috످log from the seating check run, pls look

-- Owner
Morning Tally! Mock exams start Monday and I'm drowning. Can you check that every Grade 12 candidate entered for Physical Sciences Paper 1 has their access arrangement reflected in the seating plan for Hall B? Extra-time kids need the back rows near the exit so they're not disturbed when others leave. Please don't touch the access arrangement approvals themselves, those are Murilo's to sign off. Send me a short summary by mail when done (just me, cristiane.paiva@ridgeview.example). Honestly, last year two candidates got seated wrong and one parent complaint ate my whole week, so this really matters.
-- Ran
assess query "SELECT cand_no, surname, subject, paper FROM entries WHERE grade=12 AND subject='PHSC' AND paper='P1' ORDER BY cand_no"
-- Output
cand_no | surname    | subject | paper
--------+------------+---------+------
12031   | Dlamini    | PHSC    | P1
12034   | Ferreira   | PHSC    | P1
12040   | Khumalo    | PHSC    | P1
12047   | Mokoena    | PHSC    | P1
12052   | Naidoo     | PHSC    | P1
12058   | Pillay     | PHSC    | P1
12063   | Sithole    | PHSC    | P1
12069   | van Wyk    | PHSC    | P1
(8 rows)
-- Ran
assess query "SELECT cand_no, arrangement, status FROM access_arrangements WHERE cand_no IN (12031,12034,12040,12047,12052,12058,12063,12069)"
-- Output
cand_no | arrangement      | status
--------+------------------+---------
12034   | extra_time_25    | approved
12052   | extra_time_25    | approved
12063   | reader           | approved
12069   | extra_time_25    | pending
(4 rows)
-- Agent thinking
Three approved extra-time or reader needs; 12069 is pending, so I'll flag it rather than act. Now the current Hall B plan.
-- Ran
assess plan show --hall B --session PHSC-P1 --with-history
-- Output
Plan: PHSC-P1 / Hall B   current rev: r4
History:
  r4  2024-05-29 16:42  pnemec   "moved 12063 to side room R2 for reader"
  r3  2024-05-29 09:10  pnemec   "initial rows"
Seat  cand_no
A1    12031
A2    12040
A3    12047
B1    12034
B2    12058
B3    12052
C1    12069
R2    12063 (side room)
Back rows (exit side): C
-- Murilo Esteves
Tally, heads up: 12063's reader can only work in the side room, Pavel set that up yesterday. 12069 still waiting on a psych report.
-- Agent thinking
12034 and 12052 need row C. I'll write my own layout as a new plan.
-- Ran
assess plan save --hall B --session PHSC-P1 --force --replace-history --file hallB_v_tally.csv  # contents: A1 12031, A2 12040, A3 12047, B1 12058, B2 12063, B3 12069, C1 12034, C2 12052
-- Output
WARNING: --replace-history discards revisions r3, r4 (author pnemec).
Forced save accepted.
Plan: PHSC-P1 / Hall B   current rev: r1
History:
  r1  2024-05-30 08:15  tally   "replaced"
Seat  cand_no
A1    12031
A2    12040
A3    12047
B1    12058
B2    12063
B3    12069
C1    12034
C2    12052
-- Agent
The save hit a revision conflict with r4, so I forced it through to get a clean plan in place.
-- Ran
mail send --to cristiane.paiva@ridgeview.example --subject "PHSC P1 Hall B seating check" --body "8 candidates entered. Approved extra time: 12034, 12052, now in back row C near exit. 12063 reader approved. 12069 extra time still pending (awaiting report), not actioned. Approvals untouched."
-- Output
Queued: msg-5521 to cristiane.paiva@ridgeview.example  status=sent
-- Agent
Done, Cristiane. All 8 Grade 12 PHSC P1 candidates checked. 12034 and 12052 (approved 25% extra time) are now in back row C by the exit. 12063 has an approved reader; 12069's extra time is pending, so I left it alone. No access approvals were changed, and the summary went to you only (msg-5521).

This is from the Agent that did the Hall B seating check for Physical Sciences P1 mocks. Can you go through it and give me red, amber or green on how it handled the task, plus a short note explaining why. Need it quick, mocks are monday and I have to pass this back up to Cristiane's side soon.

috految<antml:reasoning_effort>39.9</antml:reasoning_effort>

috److془Need to give verdict: Red. Short note.

Details: 12063 moved from R2 to B2. Murilo told. Wiped Pavel's r3, r4. Claimed revision conflict, none in log. 12069 moved from C1 to B3, said left alone. Email omitted. 12058 moved B2 to B1 trivial.

Fix: Pavel restore. Original r4 layout in log, but don't just revert as 12034 and 12052 in row B. Row C space check.془**🔴 Red: the Hall B plan needs fixing before Monday.** Tally (the agent) seated a candidate where their reader can't work, erased Pavel's seating plan and left both out of its report to Cristiane.

**Note to forward:**

> Cristiane, please don't use the current Hall B plan or rely on Tally's summary. Tally correctly moved the two approved extra-time candidates to the back row and left the approvals alone, but it also:
>
> - **Moved Sithole (12063) into the main hall, where they can't have their reader.** Murilo had just told it the reader can only work in the side room.
> - **Erased Pavel's plan and its history without asking.** It said it forced the save because of a "revision conflict", but the log shows no conflict. It chose to overwrite the plan.
> - **Sent you a misleading summary.** It left out both problems and said it left van Wyk (12069, extra time pending) alone, when it had moved them out of the back row.
>
> **Before Monday, please ask Pavel to:**
> 1. **Put Sithole back in side room R2 (most urgent).**
> 2. Keep Ferreira (12034) and Naidoo (12052) in back row C. Just restoring the old plan would undo this.
> 3. Return van Wyk to row C if there's room, in case their extra time is approved.
> 4. Check whether the erased history can be recovered (the old layout is in the log).

috످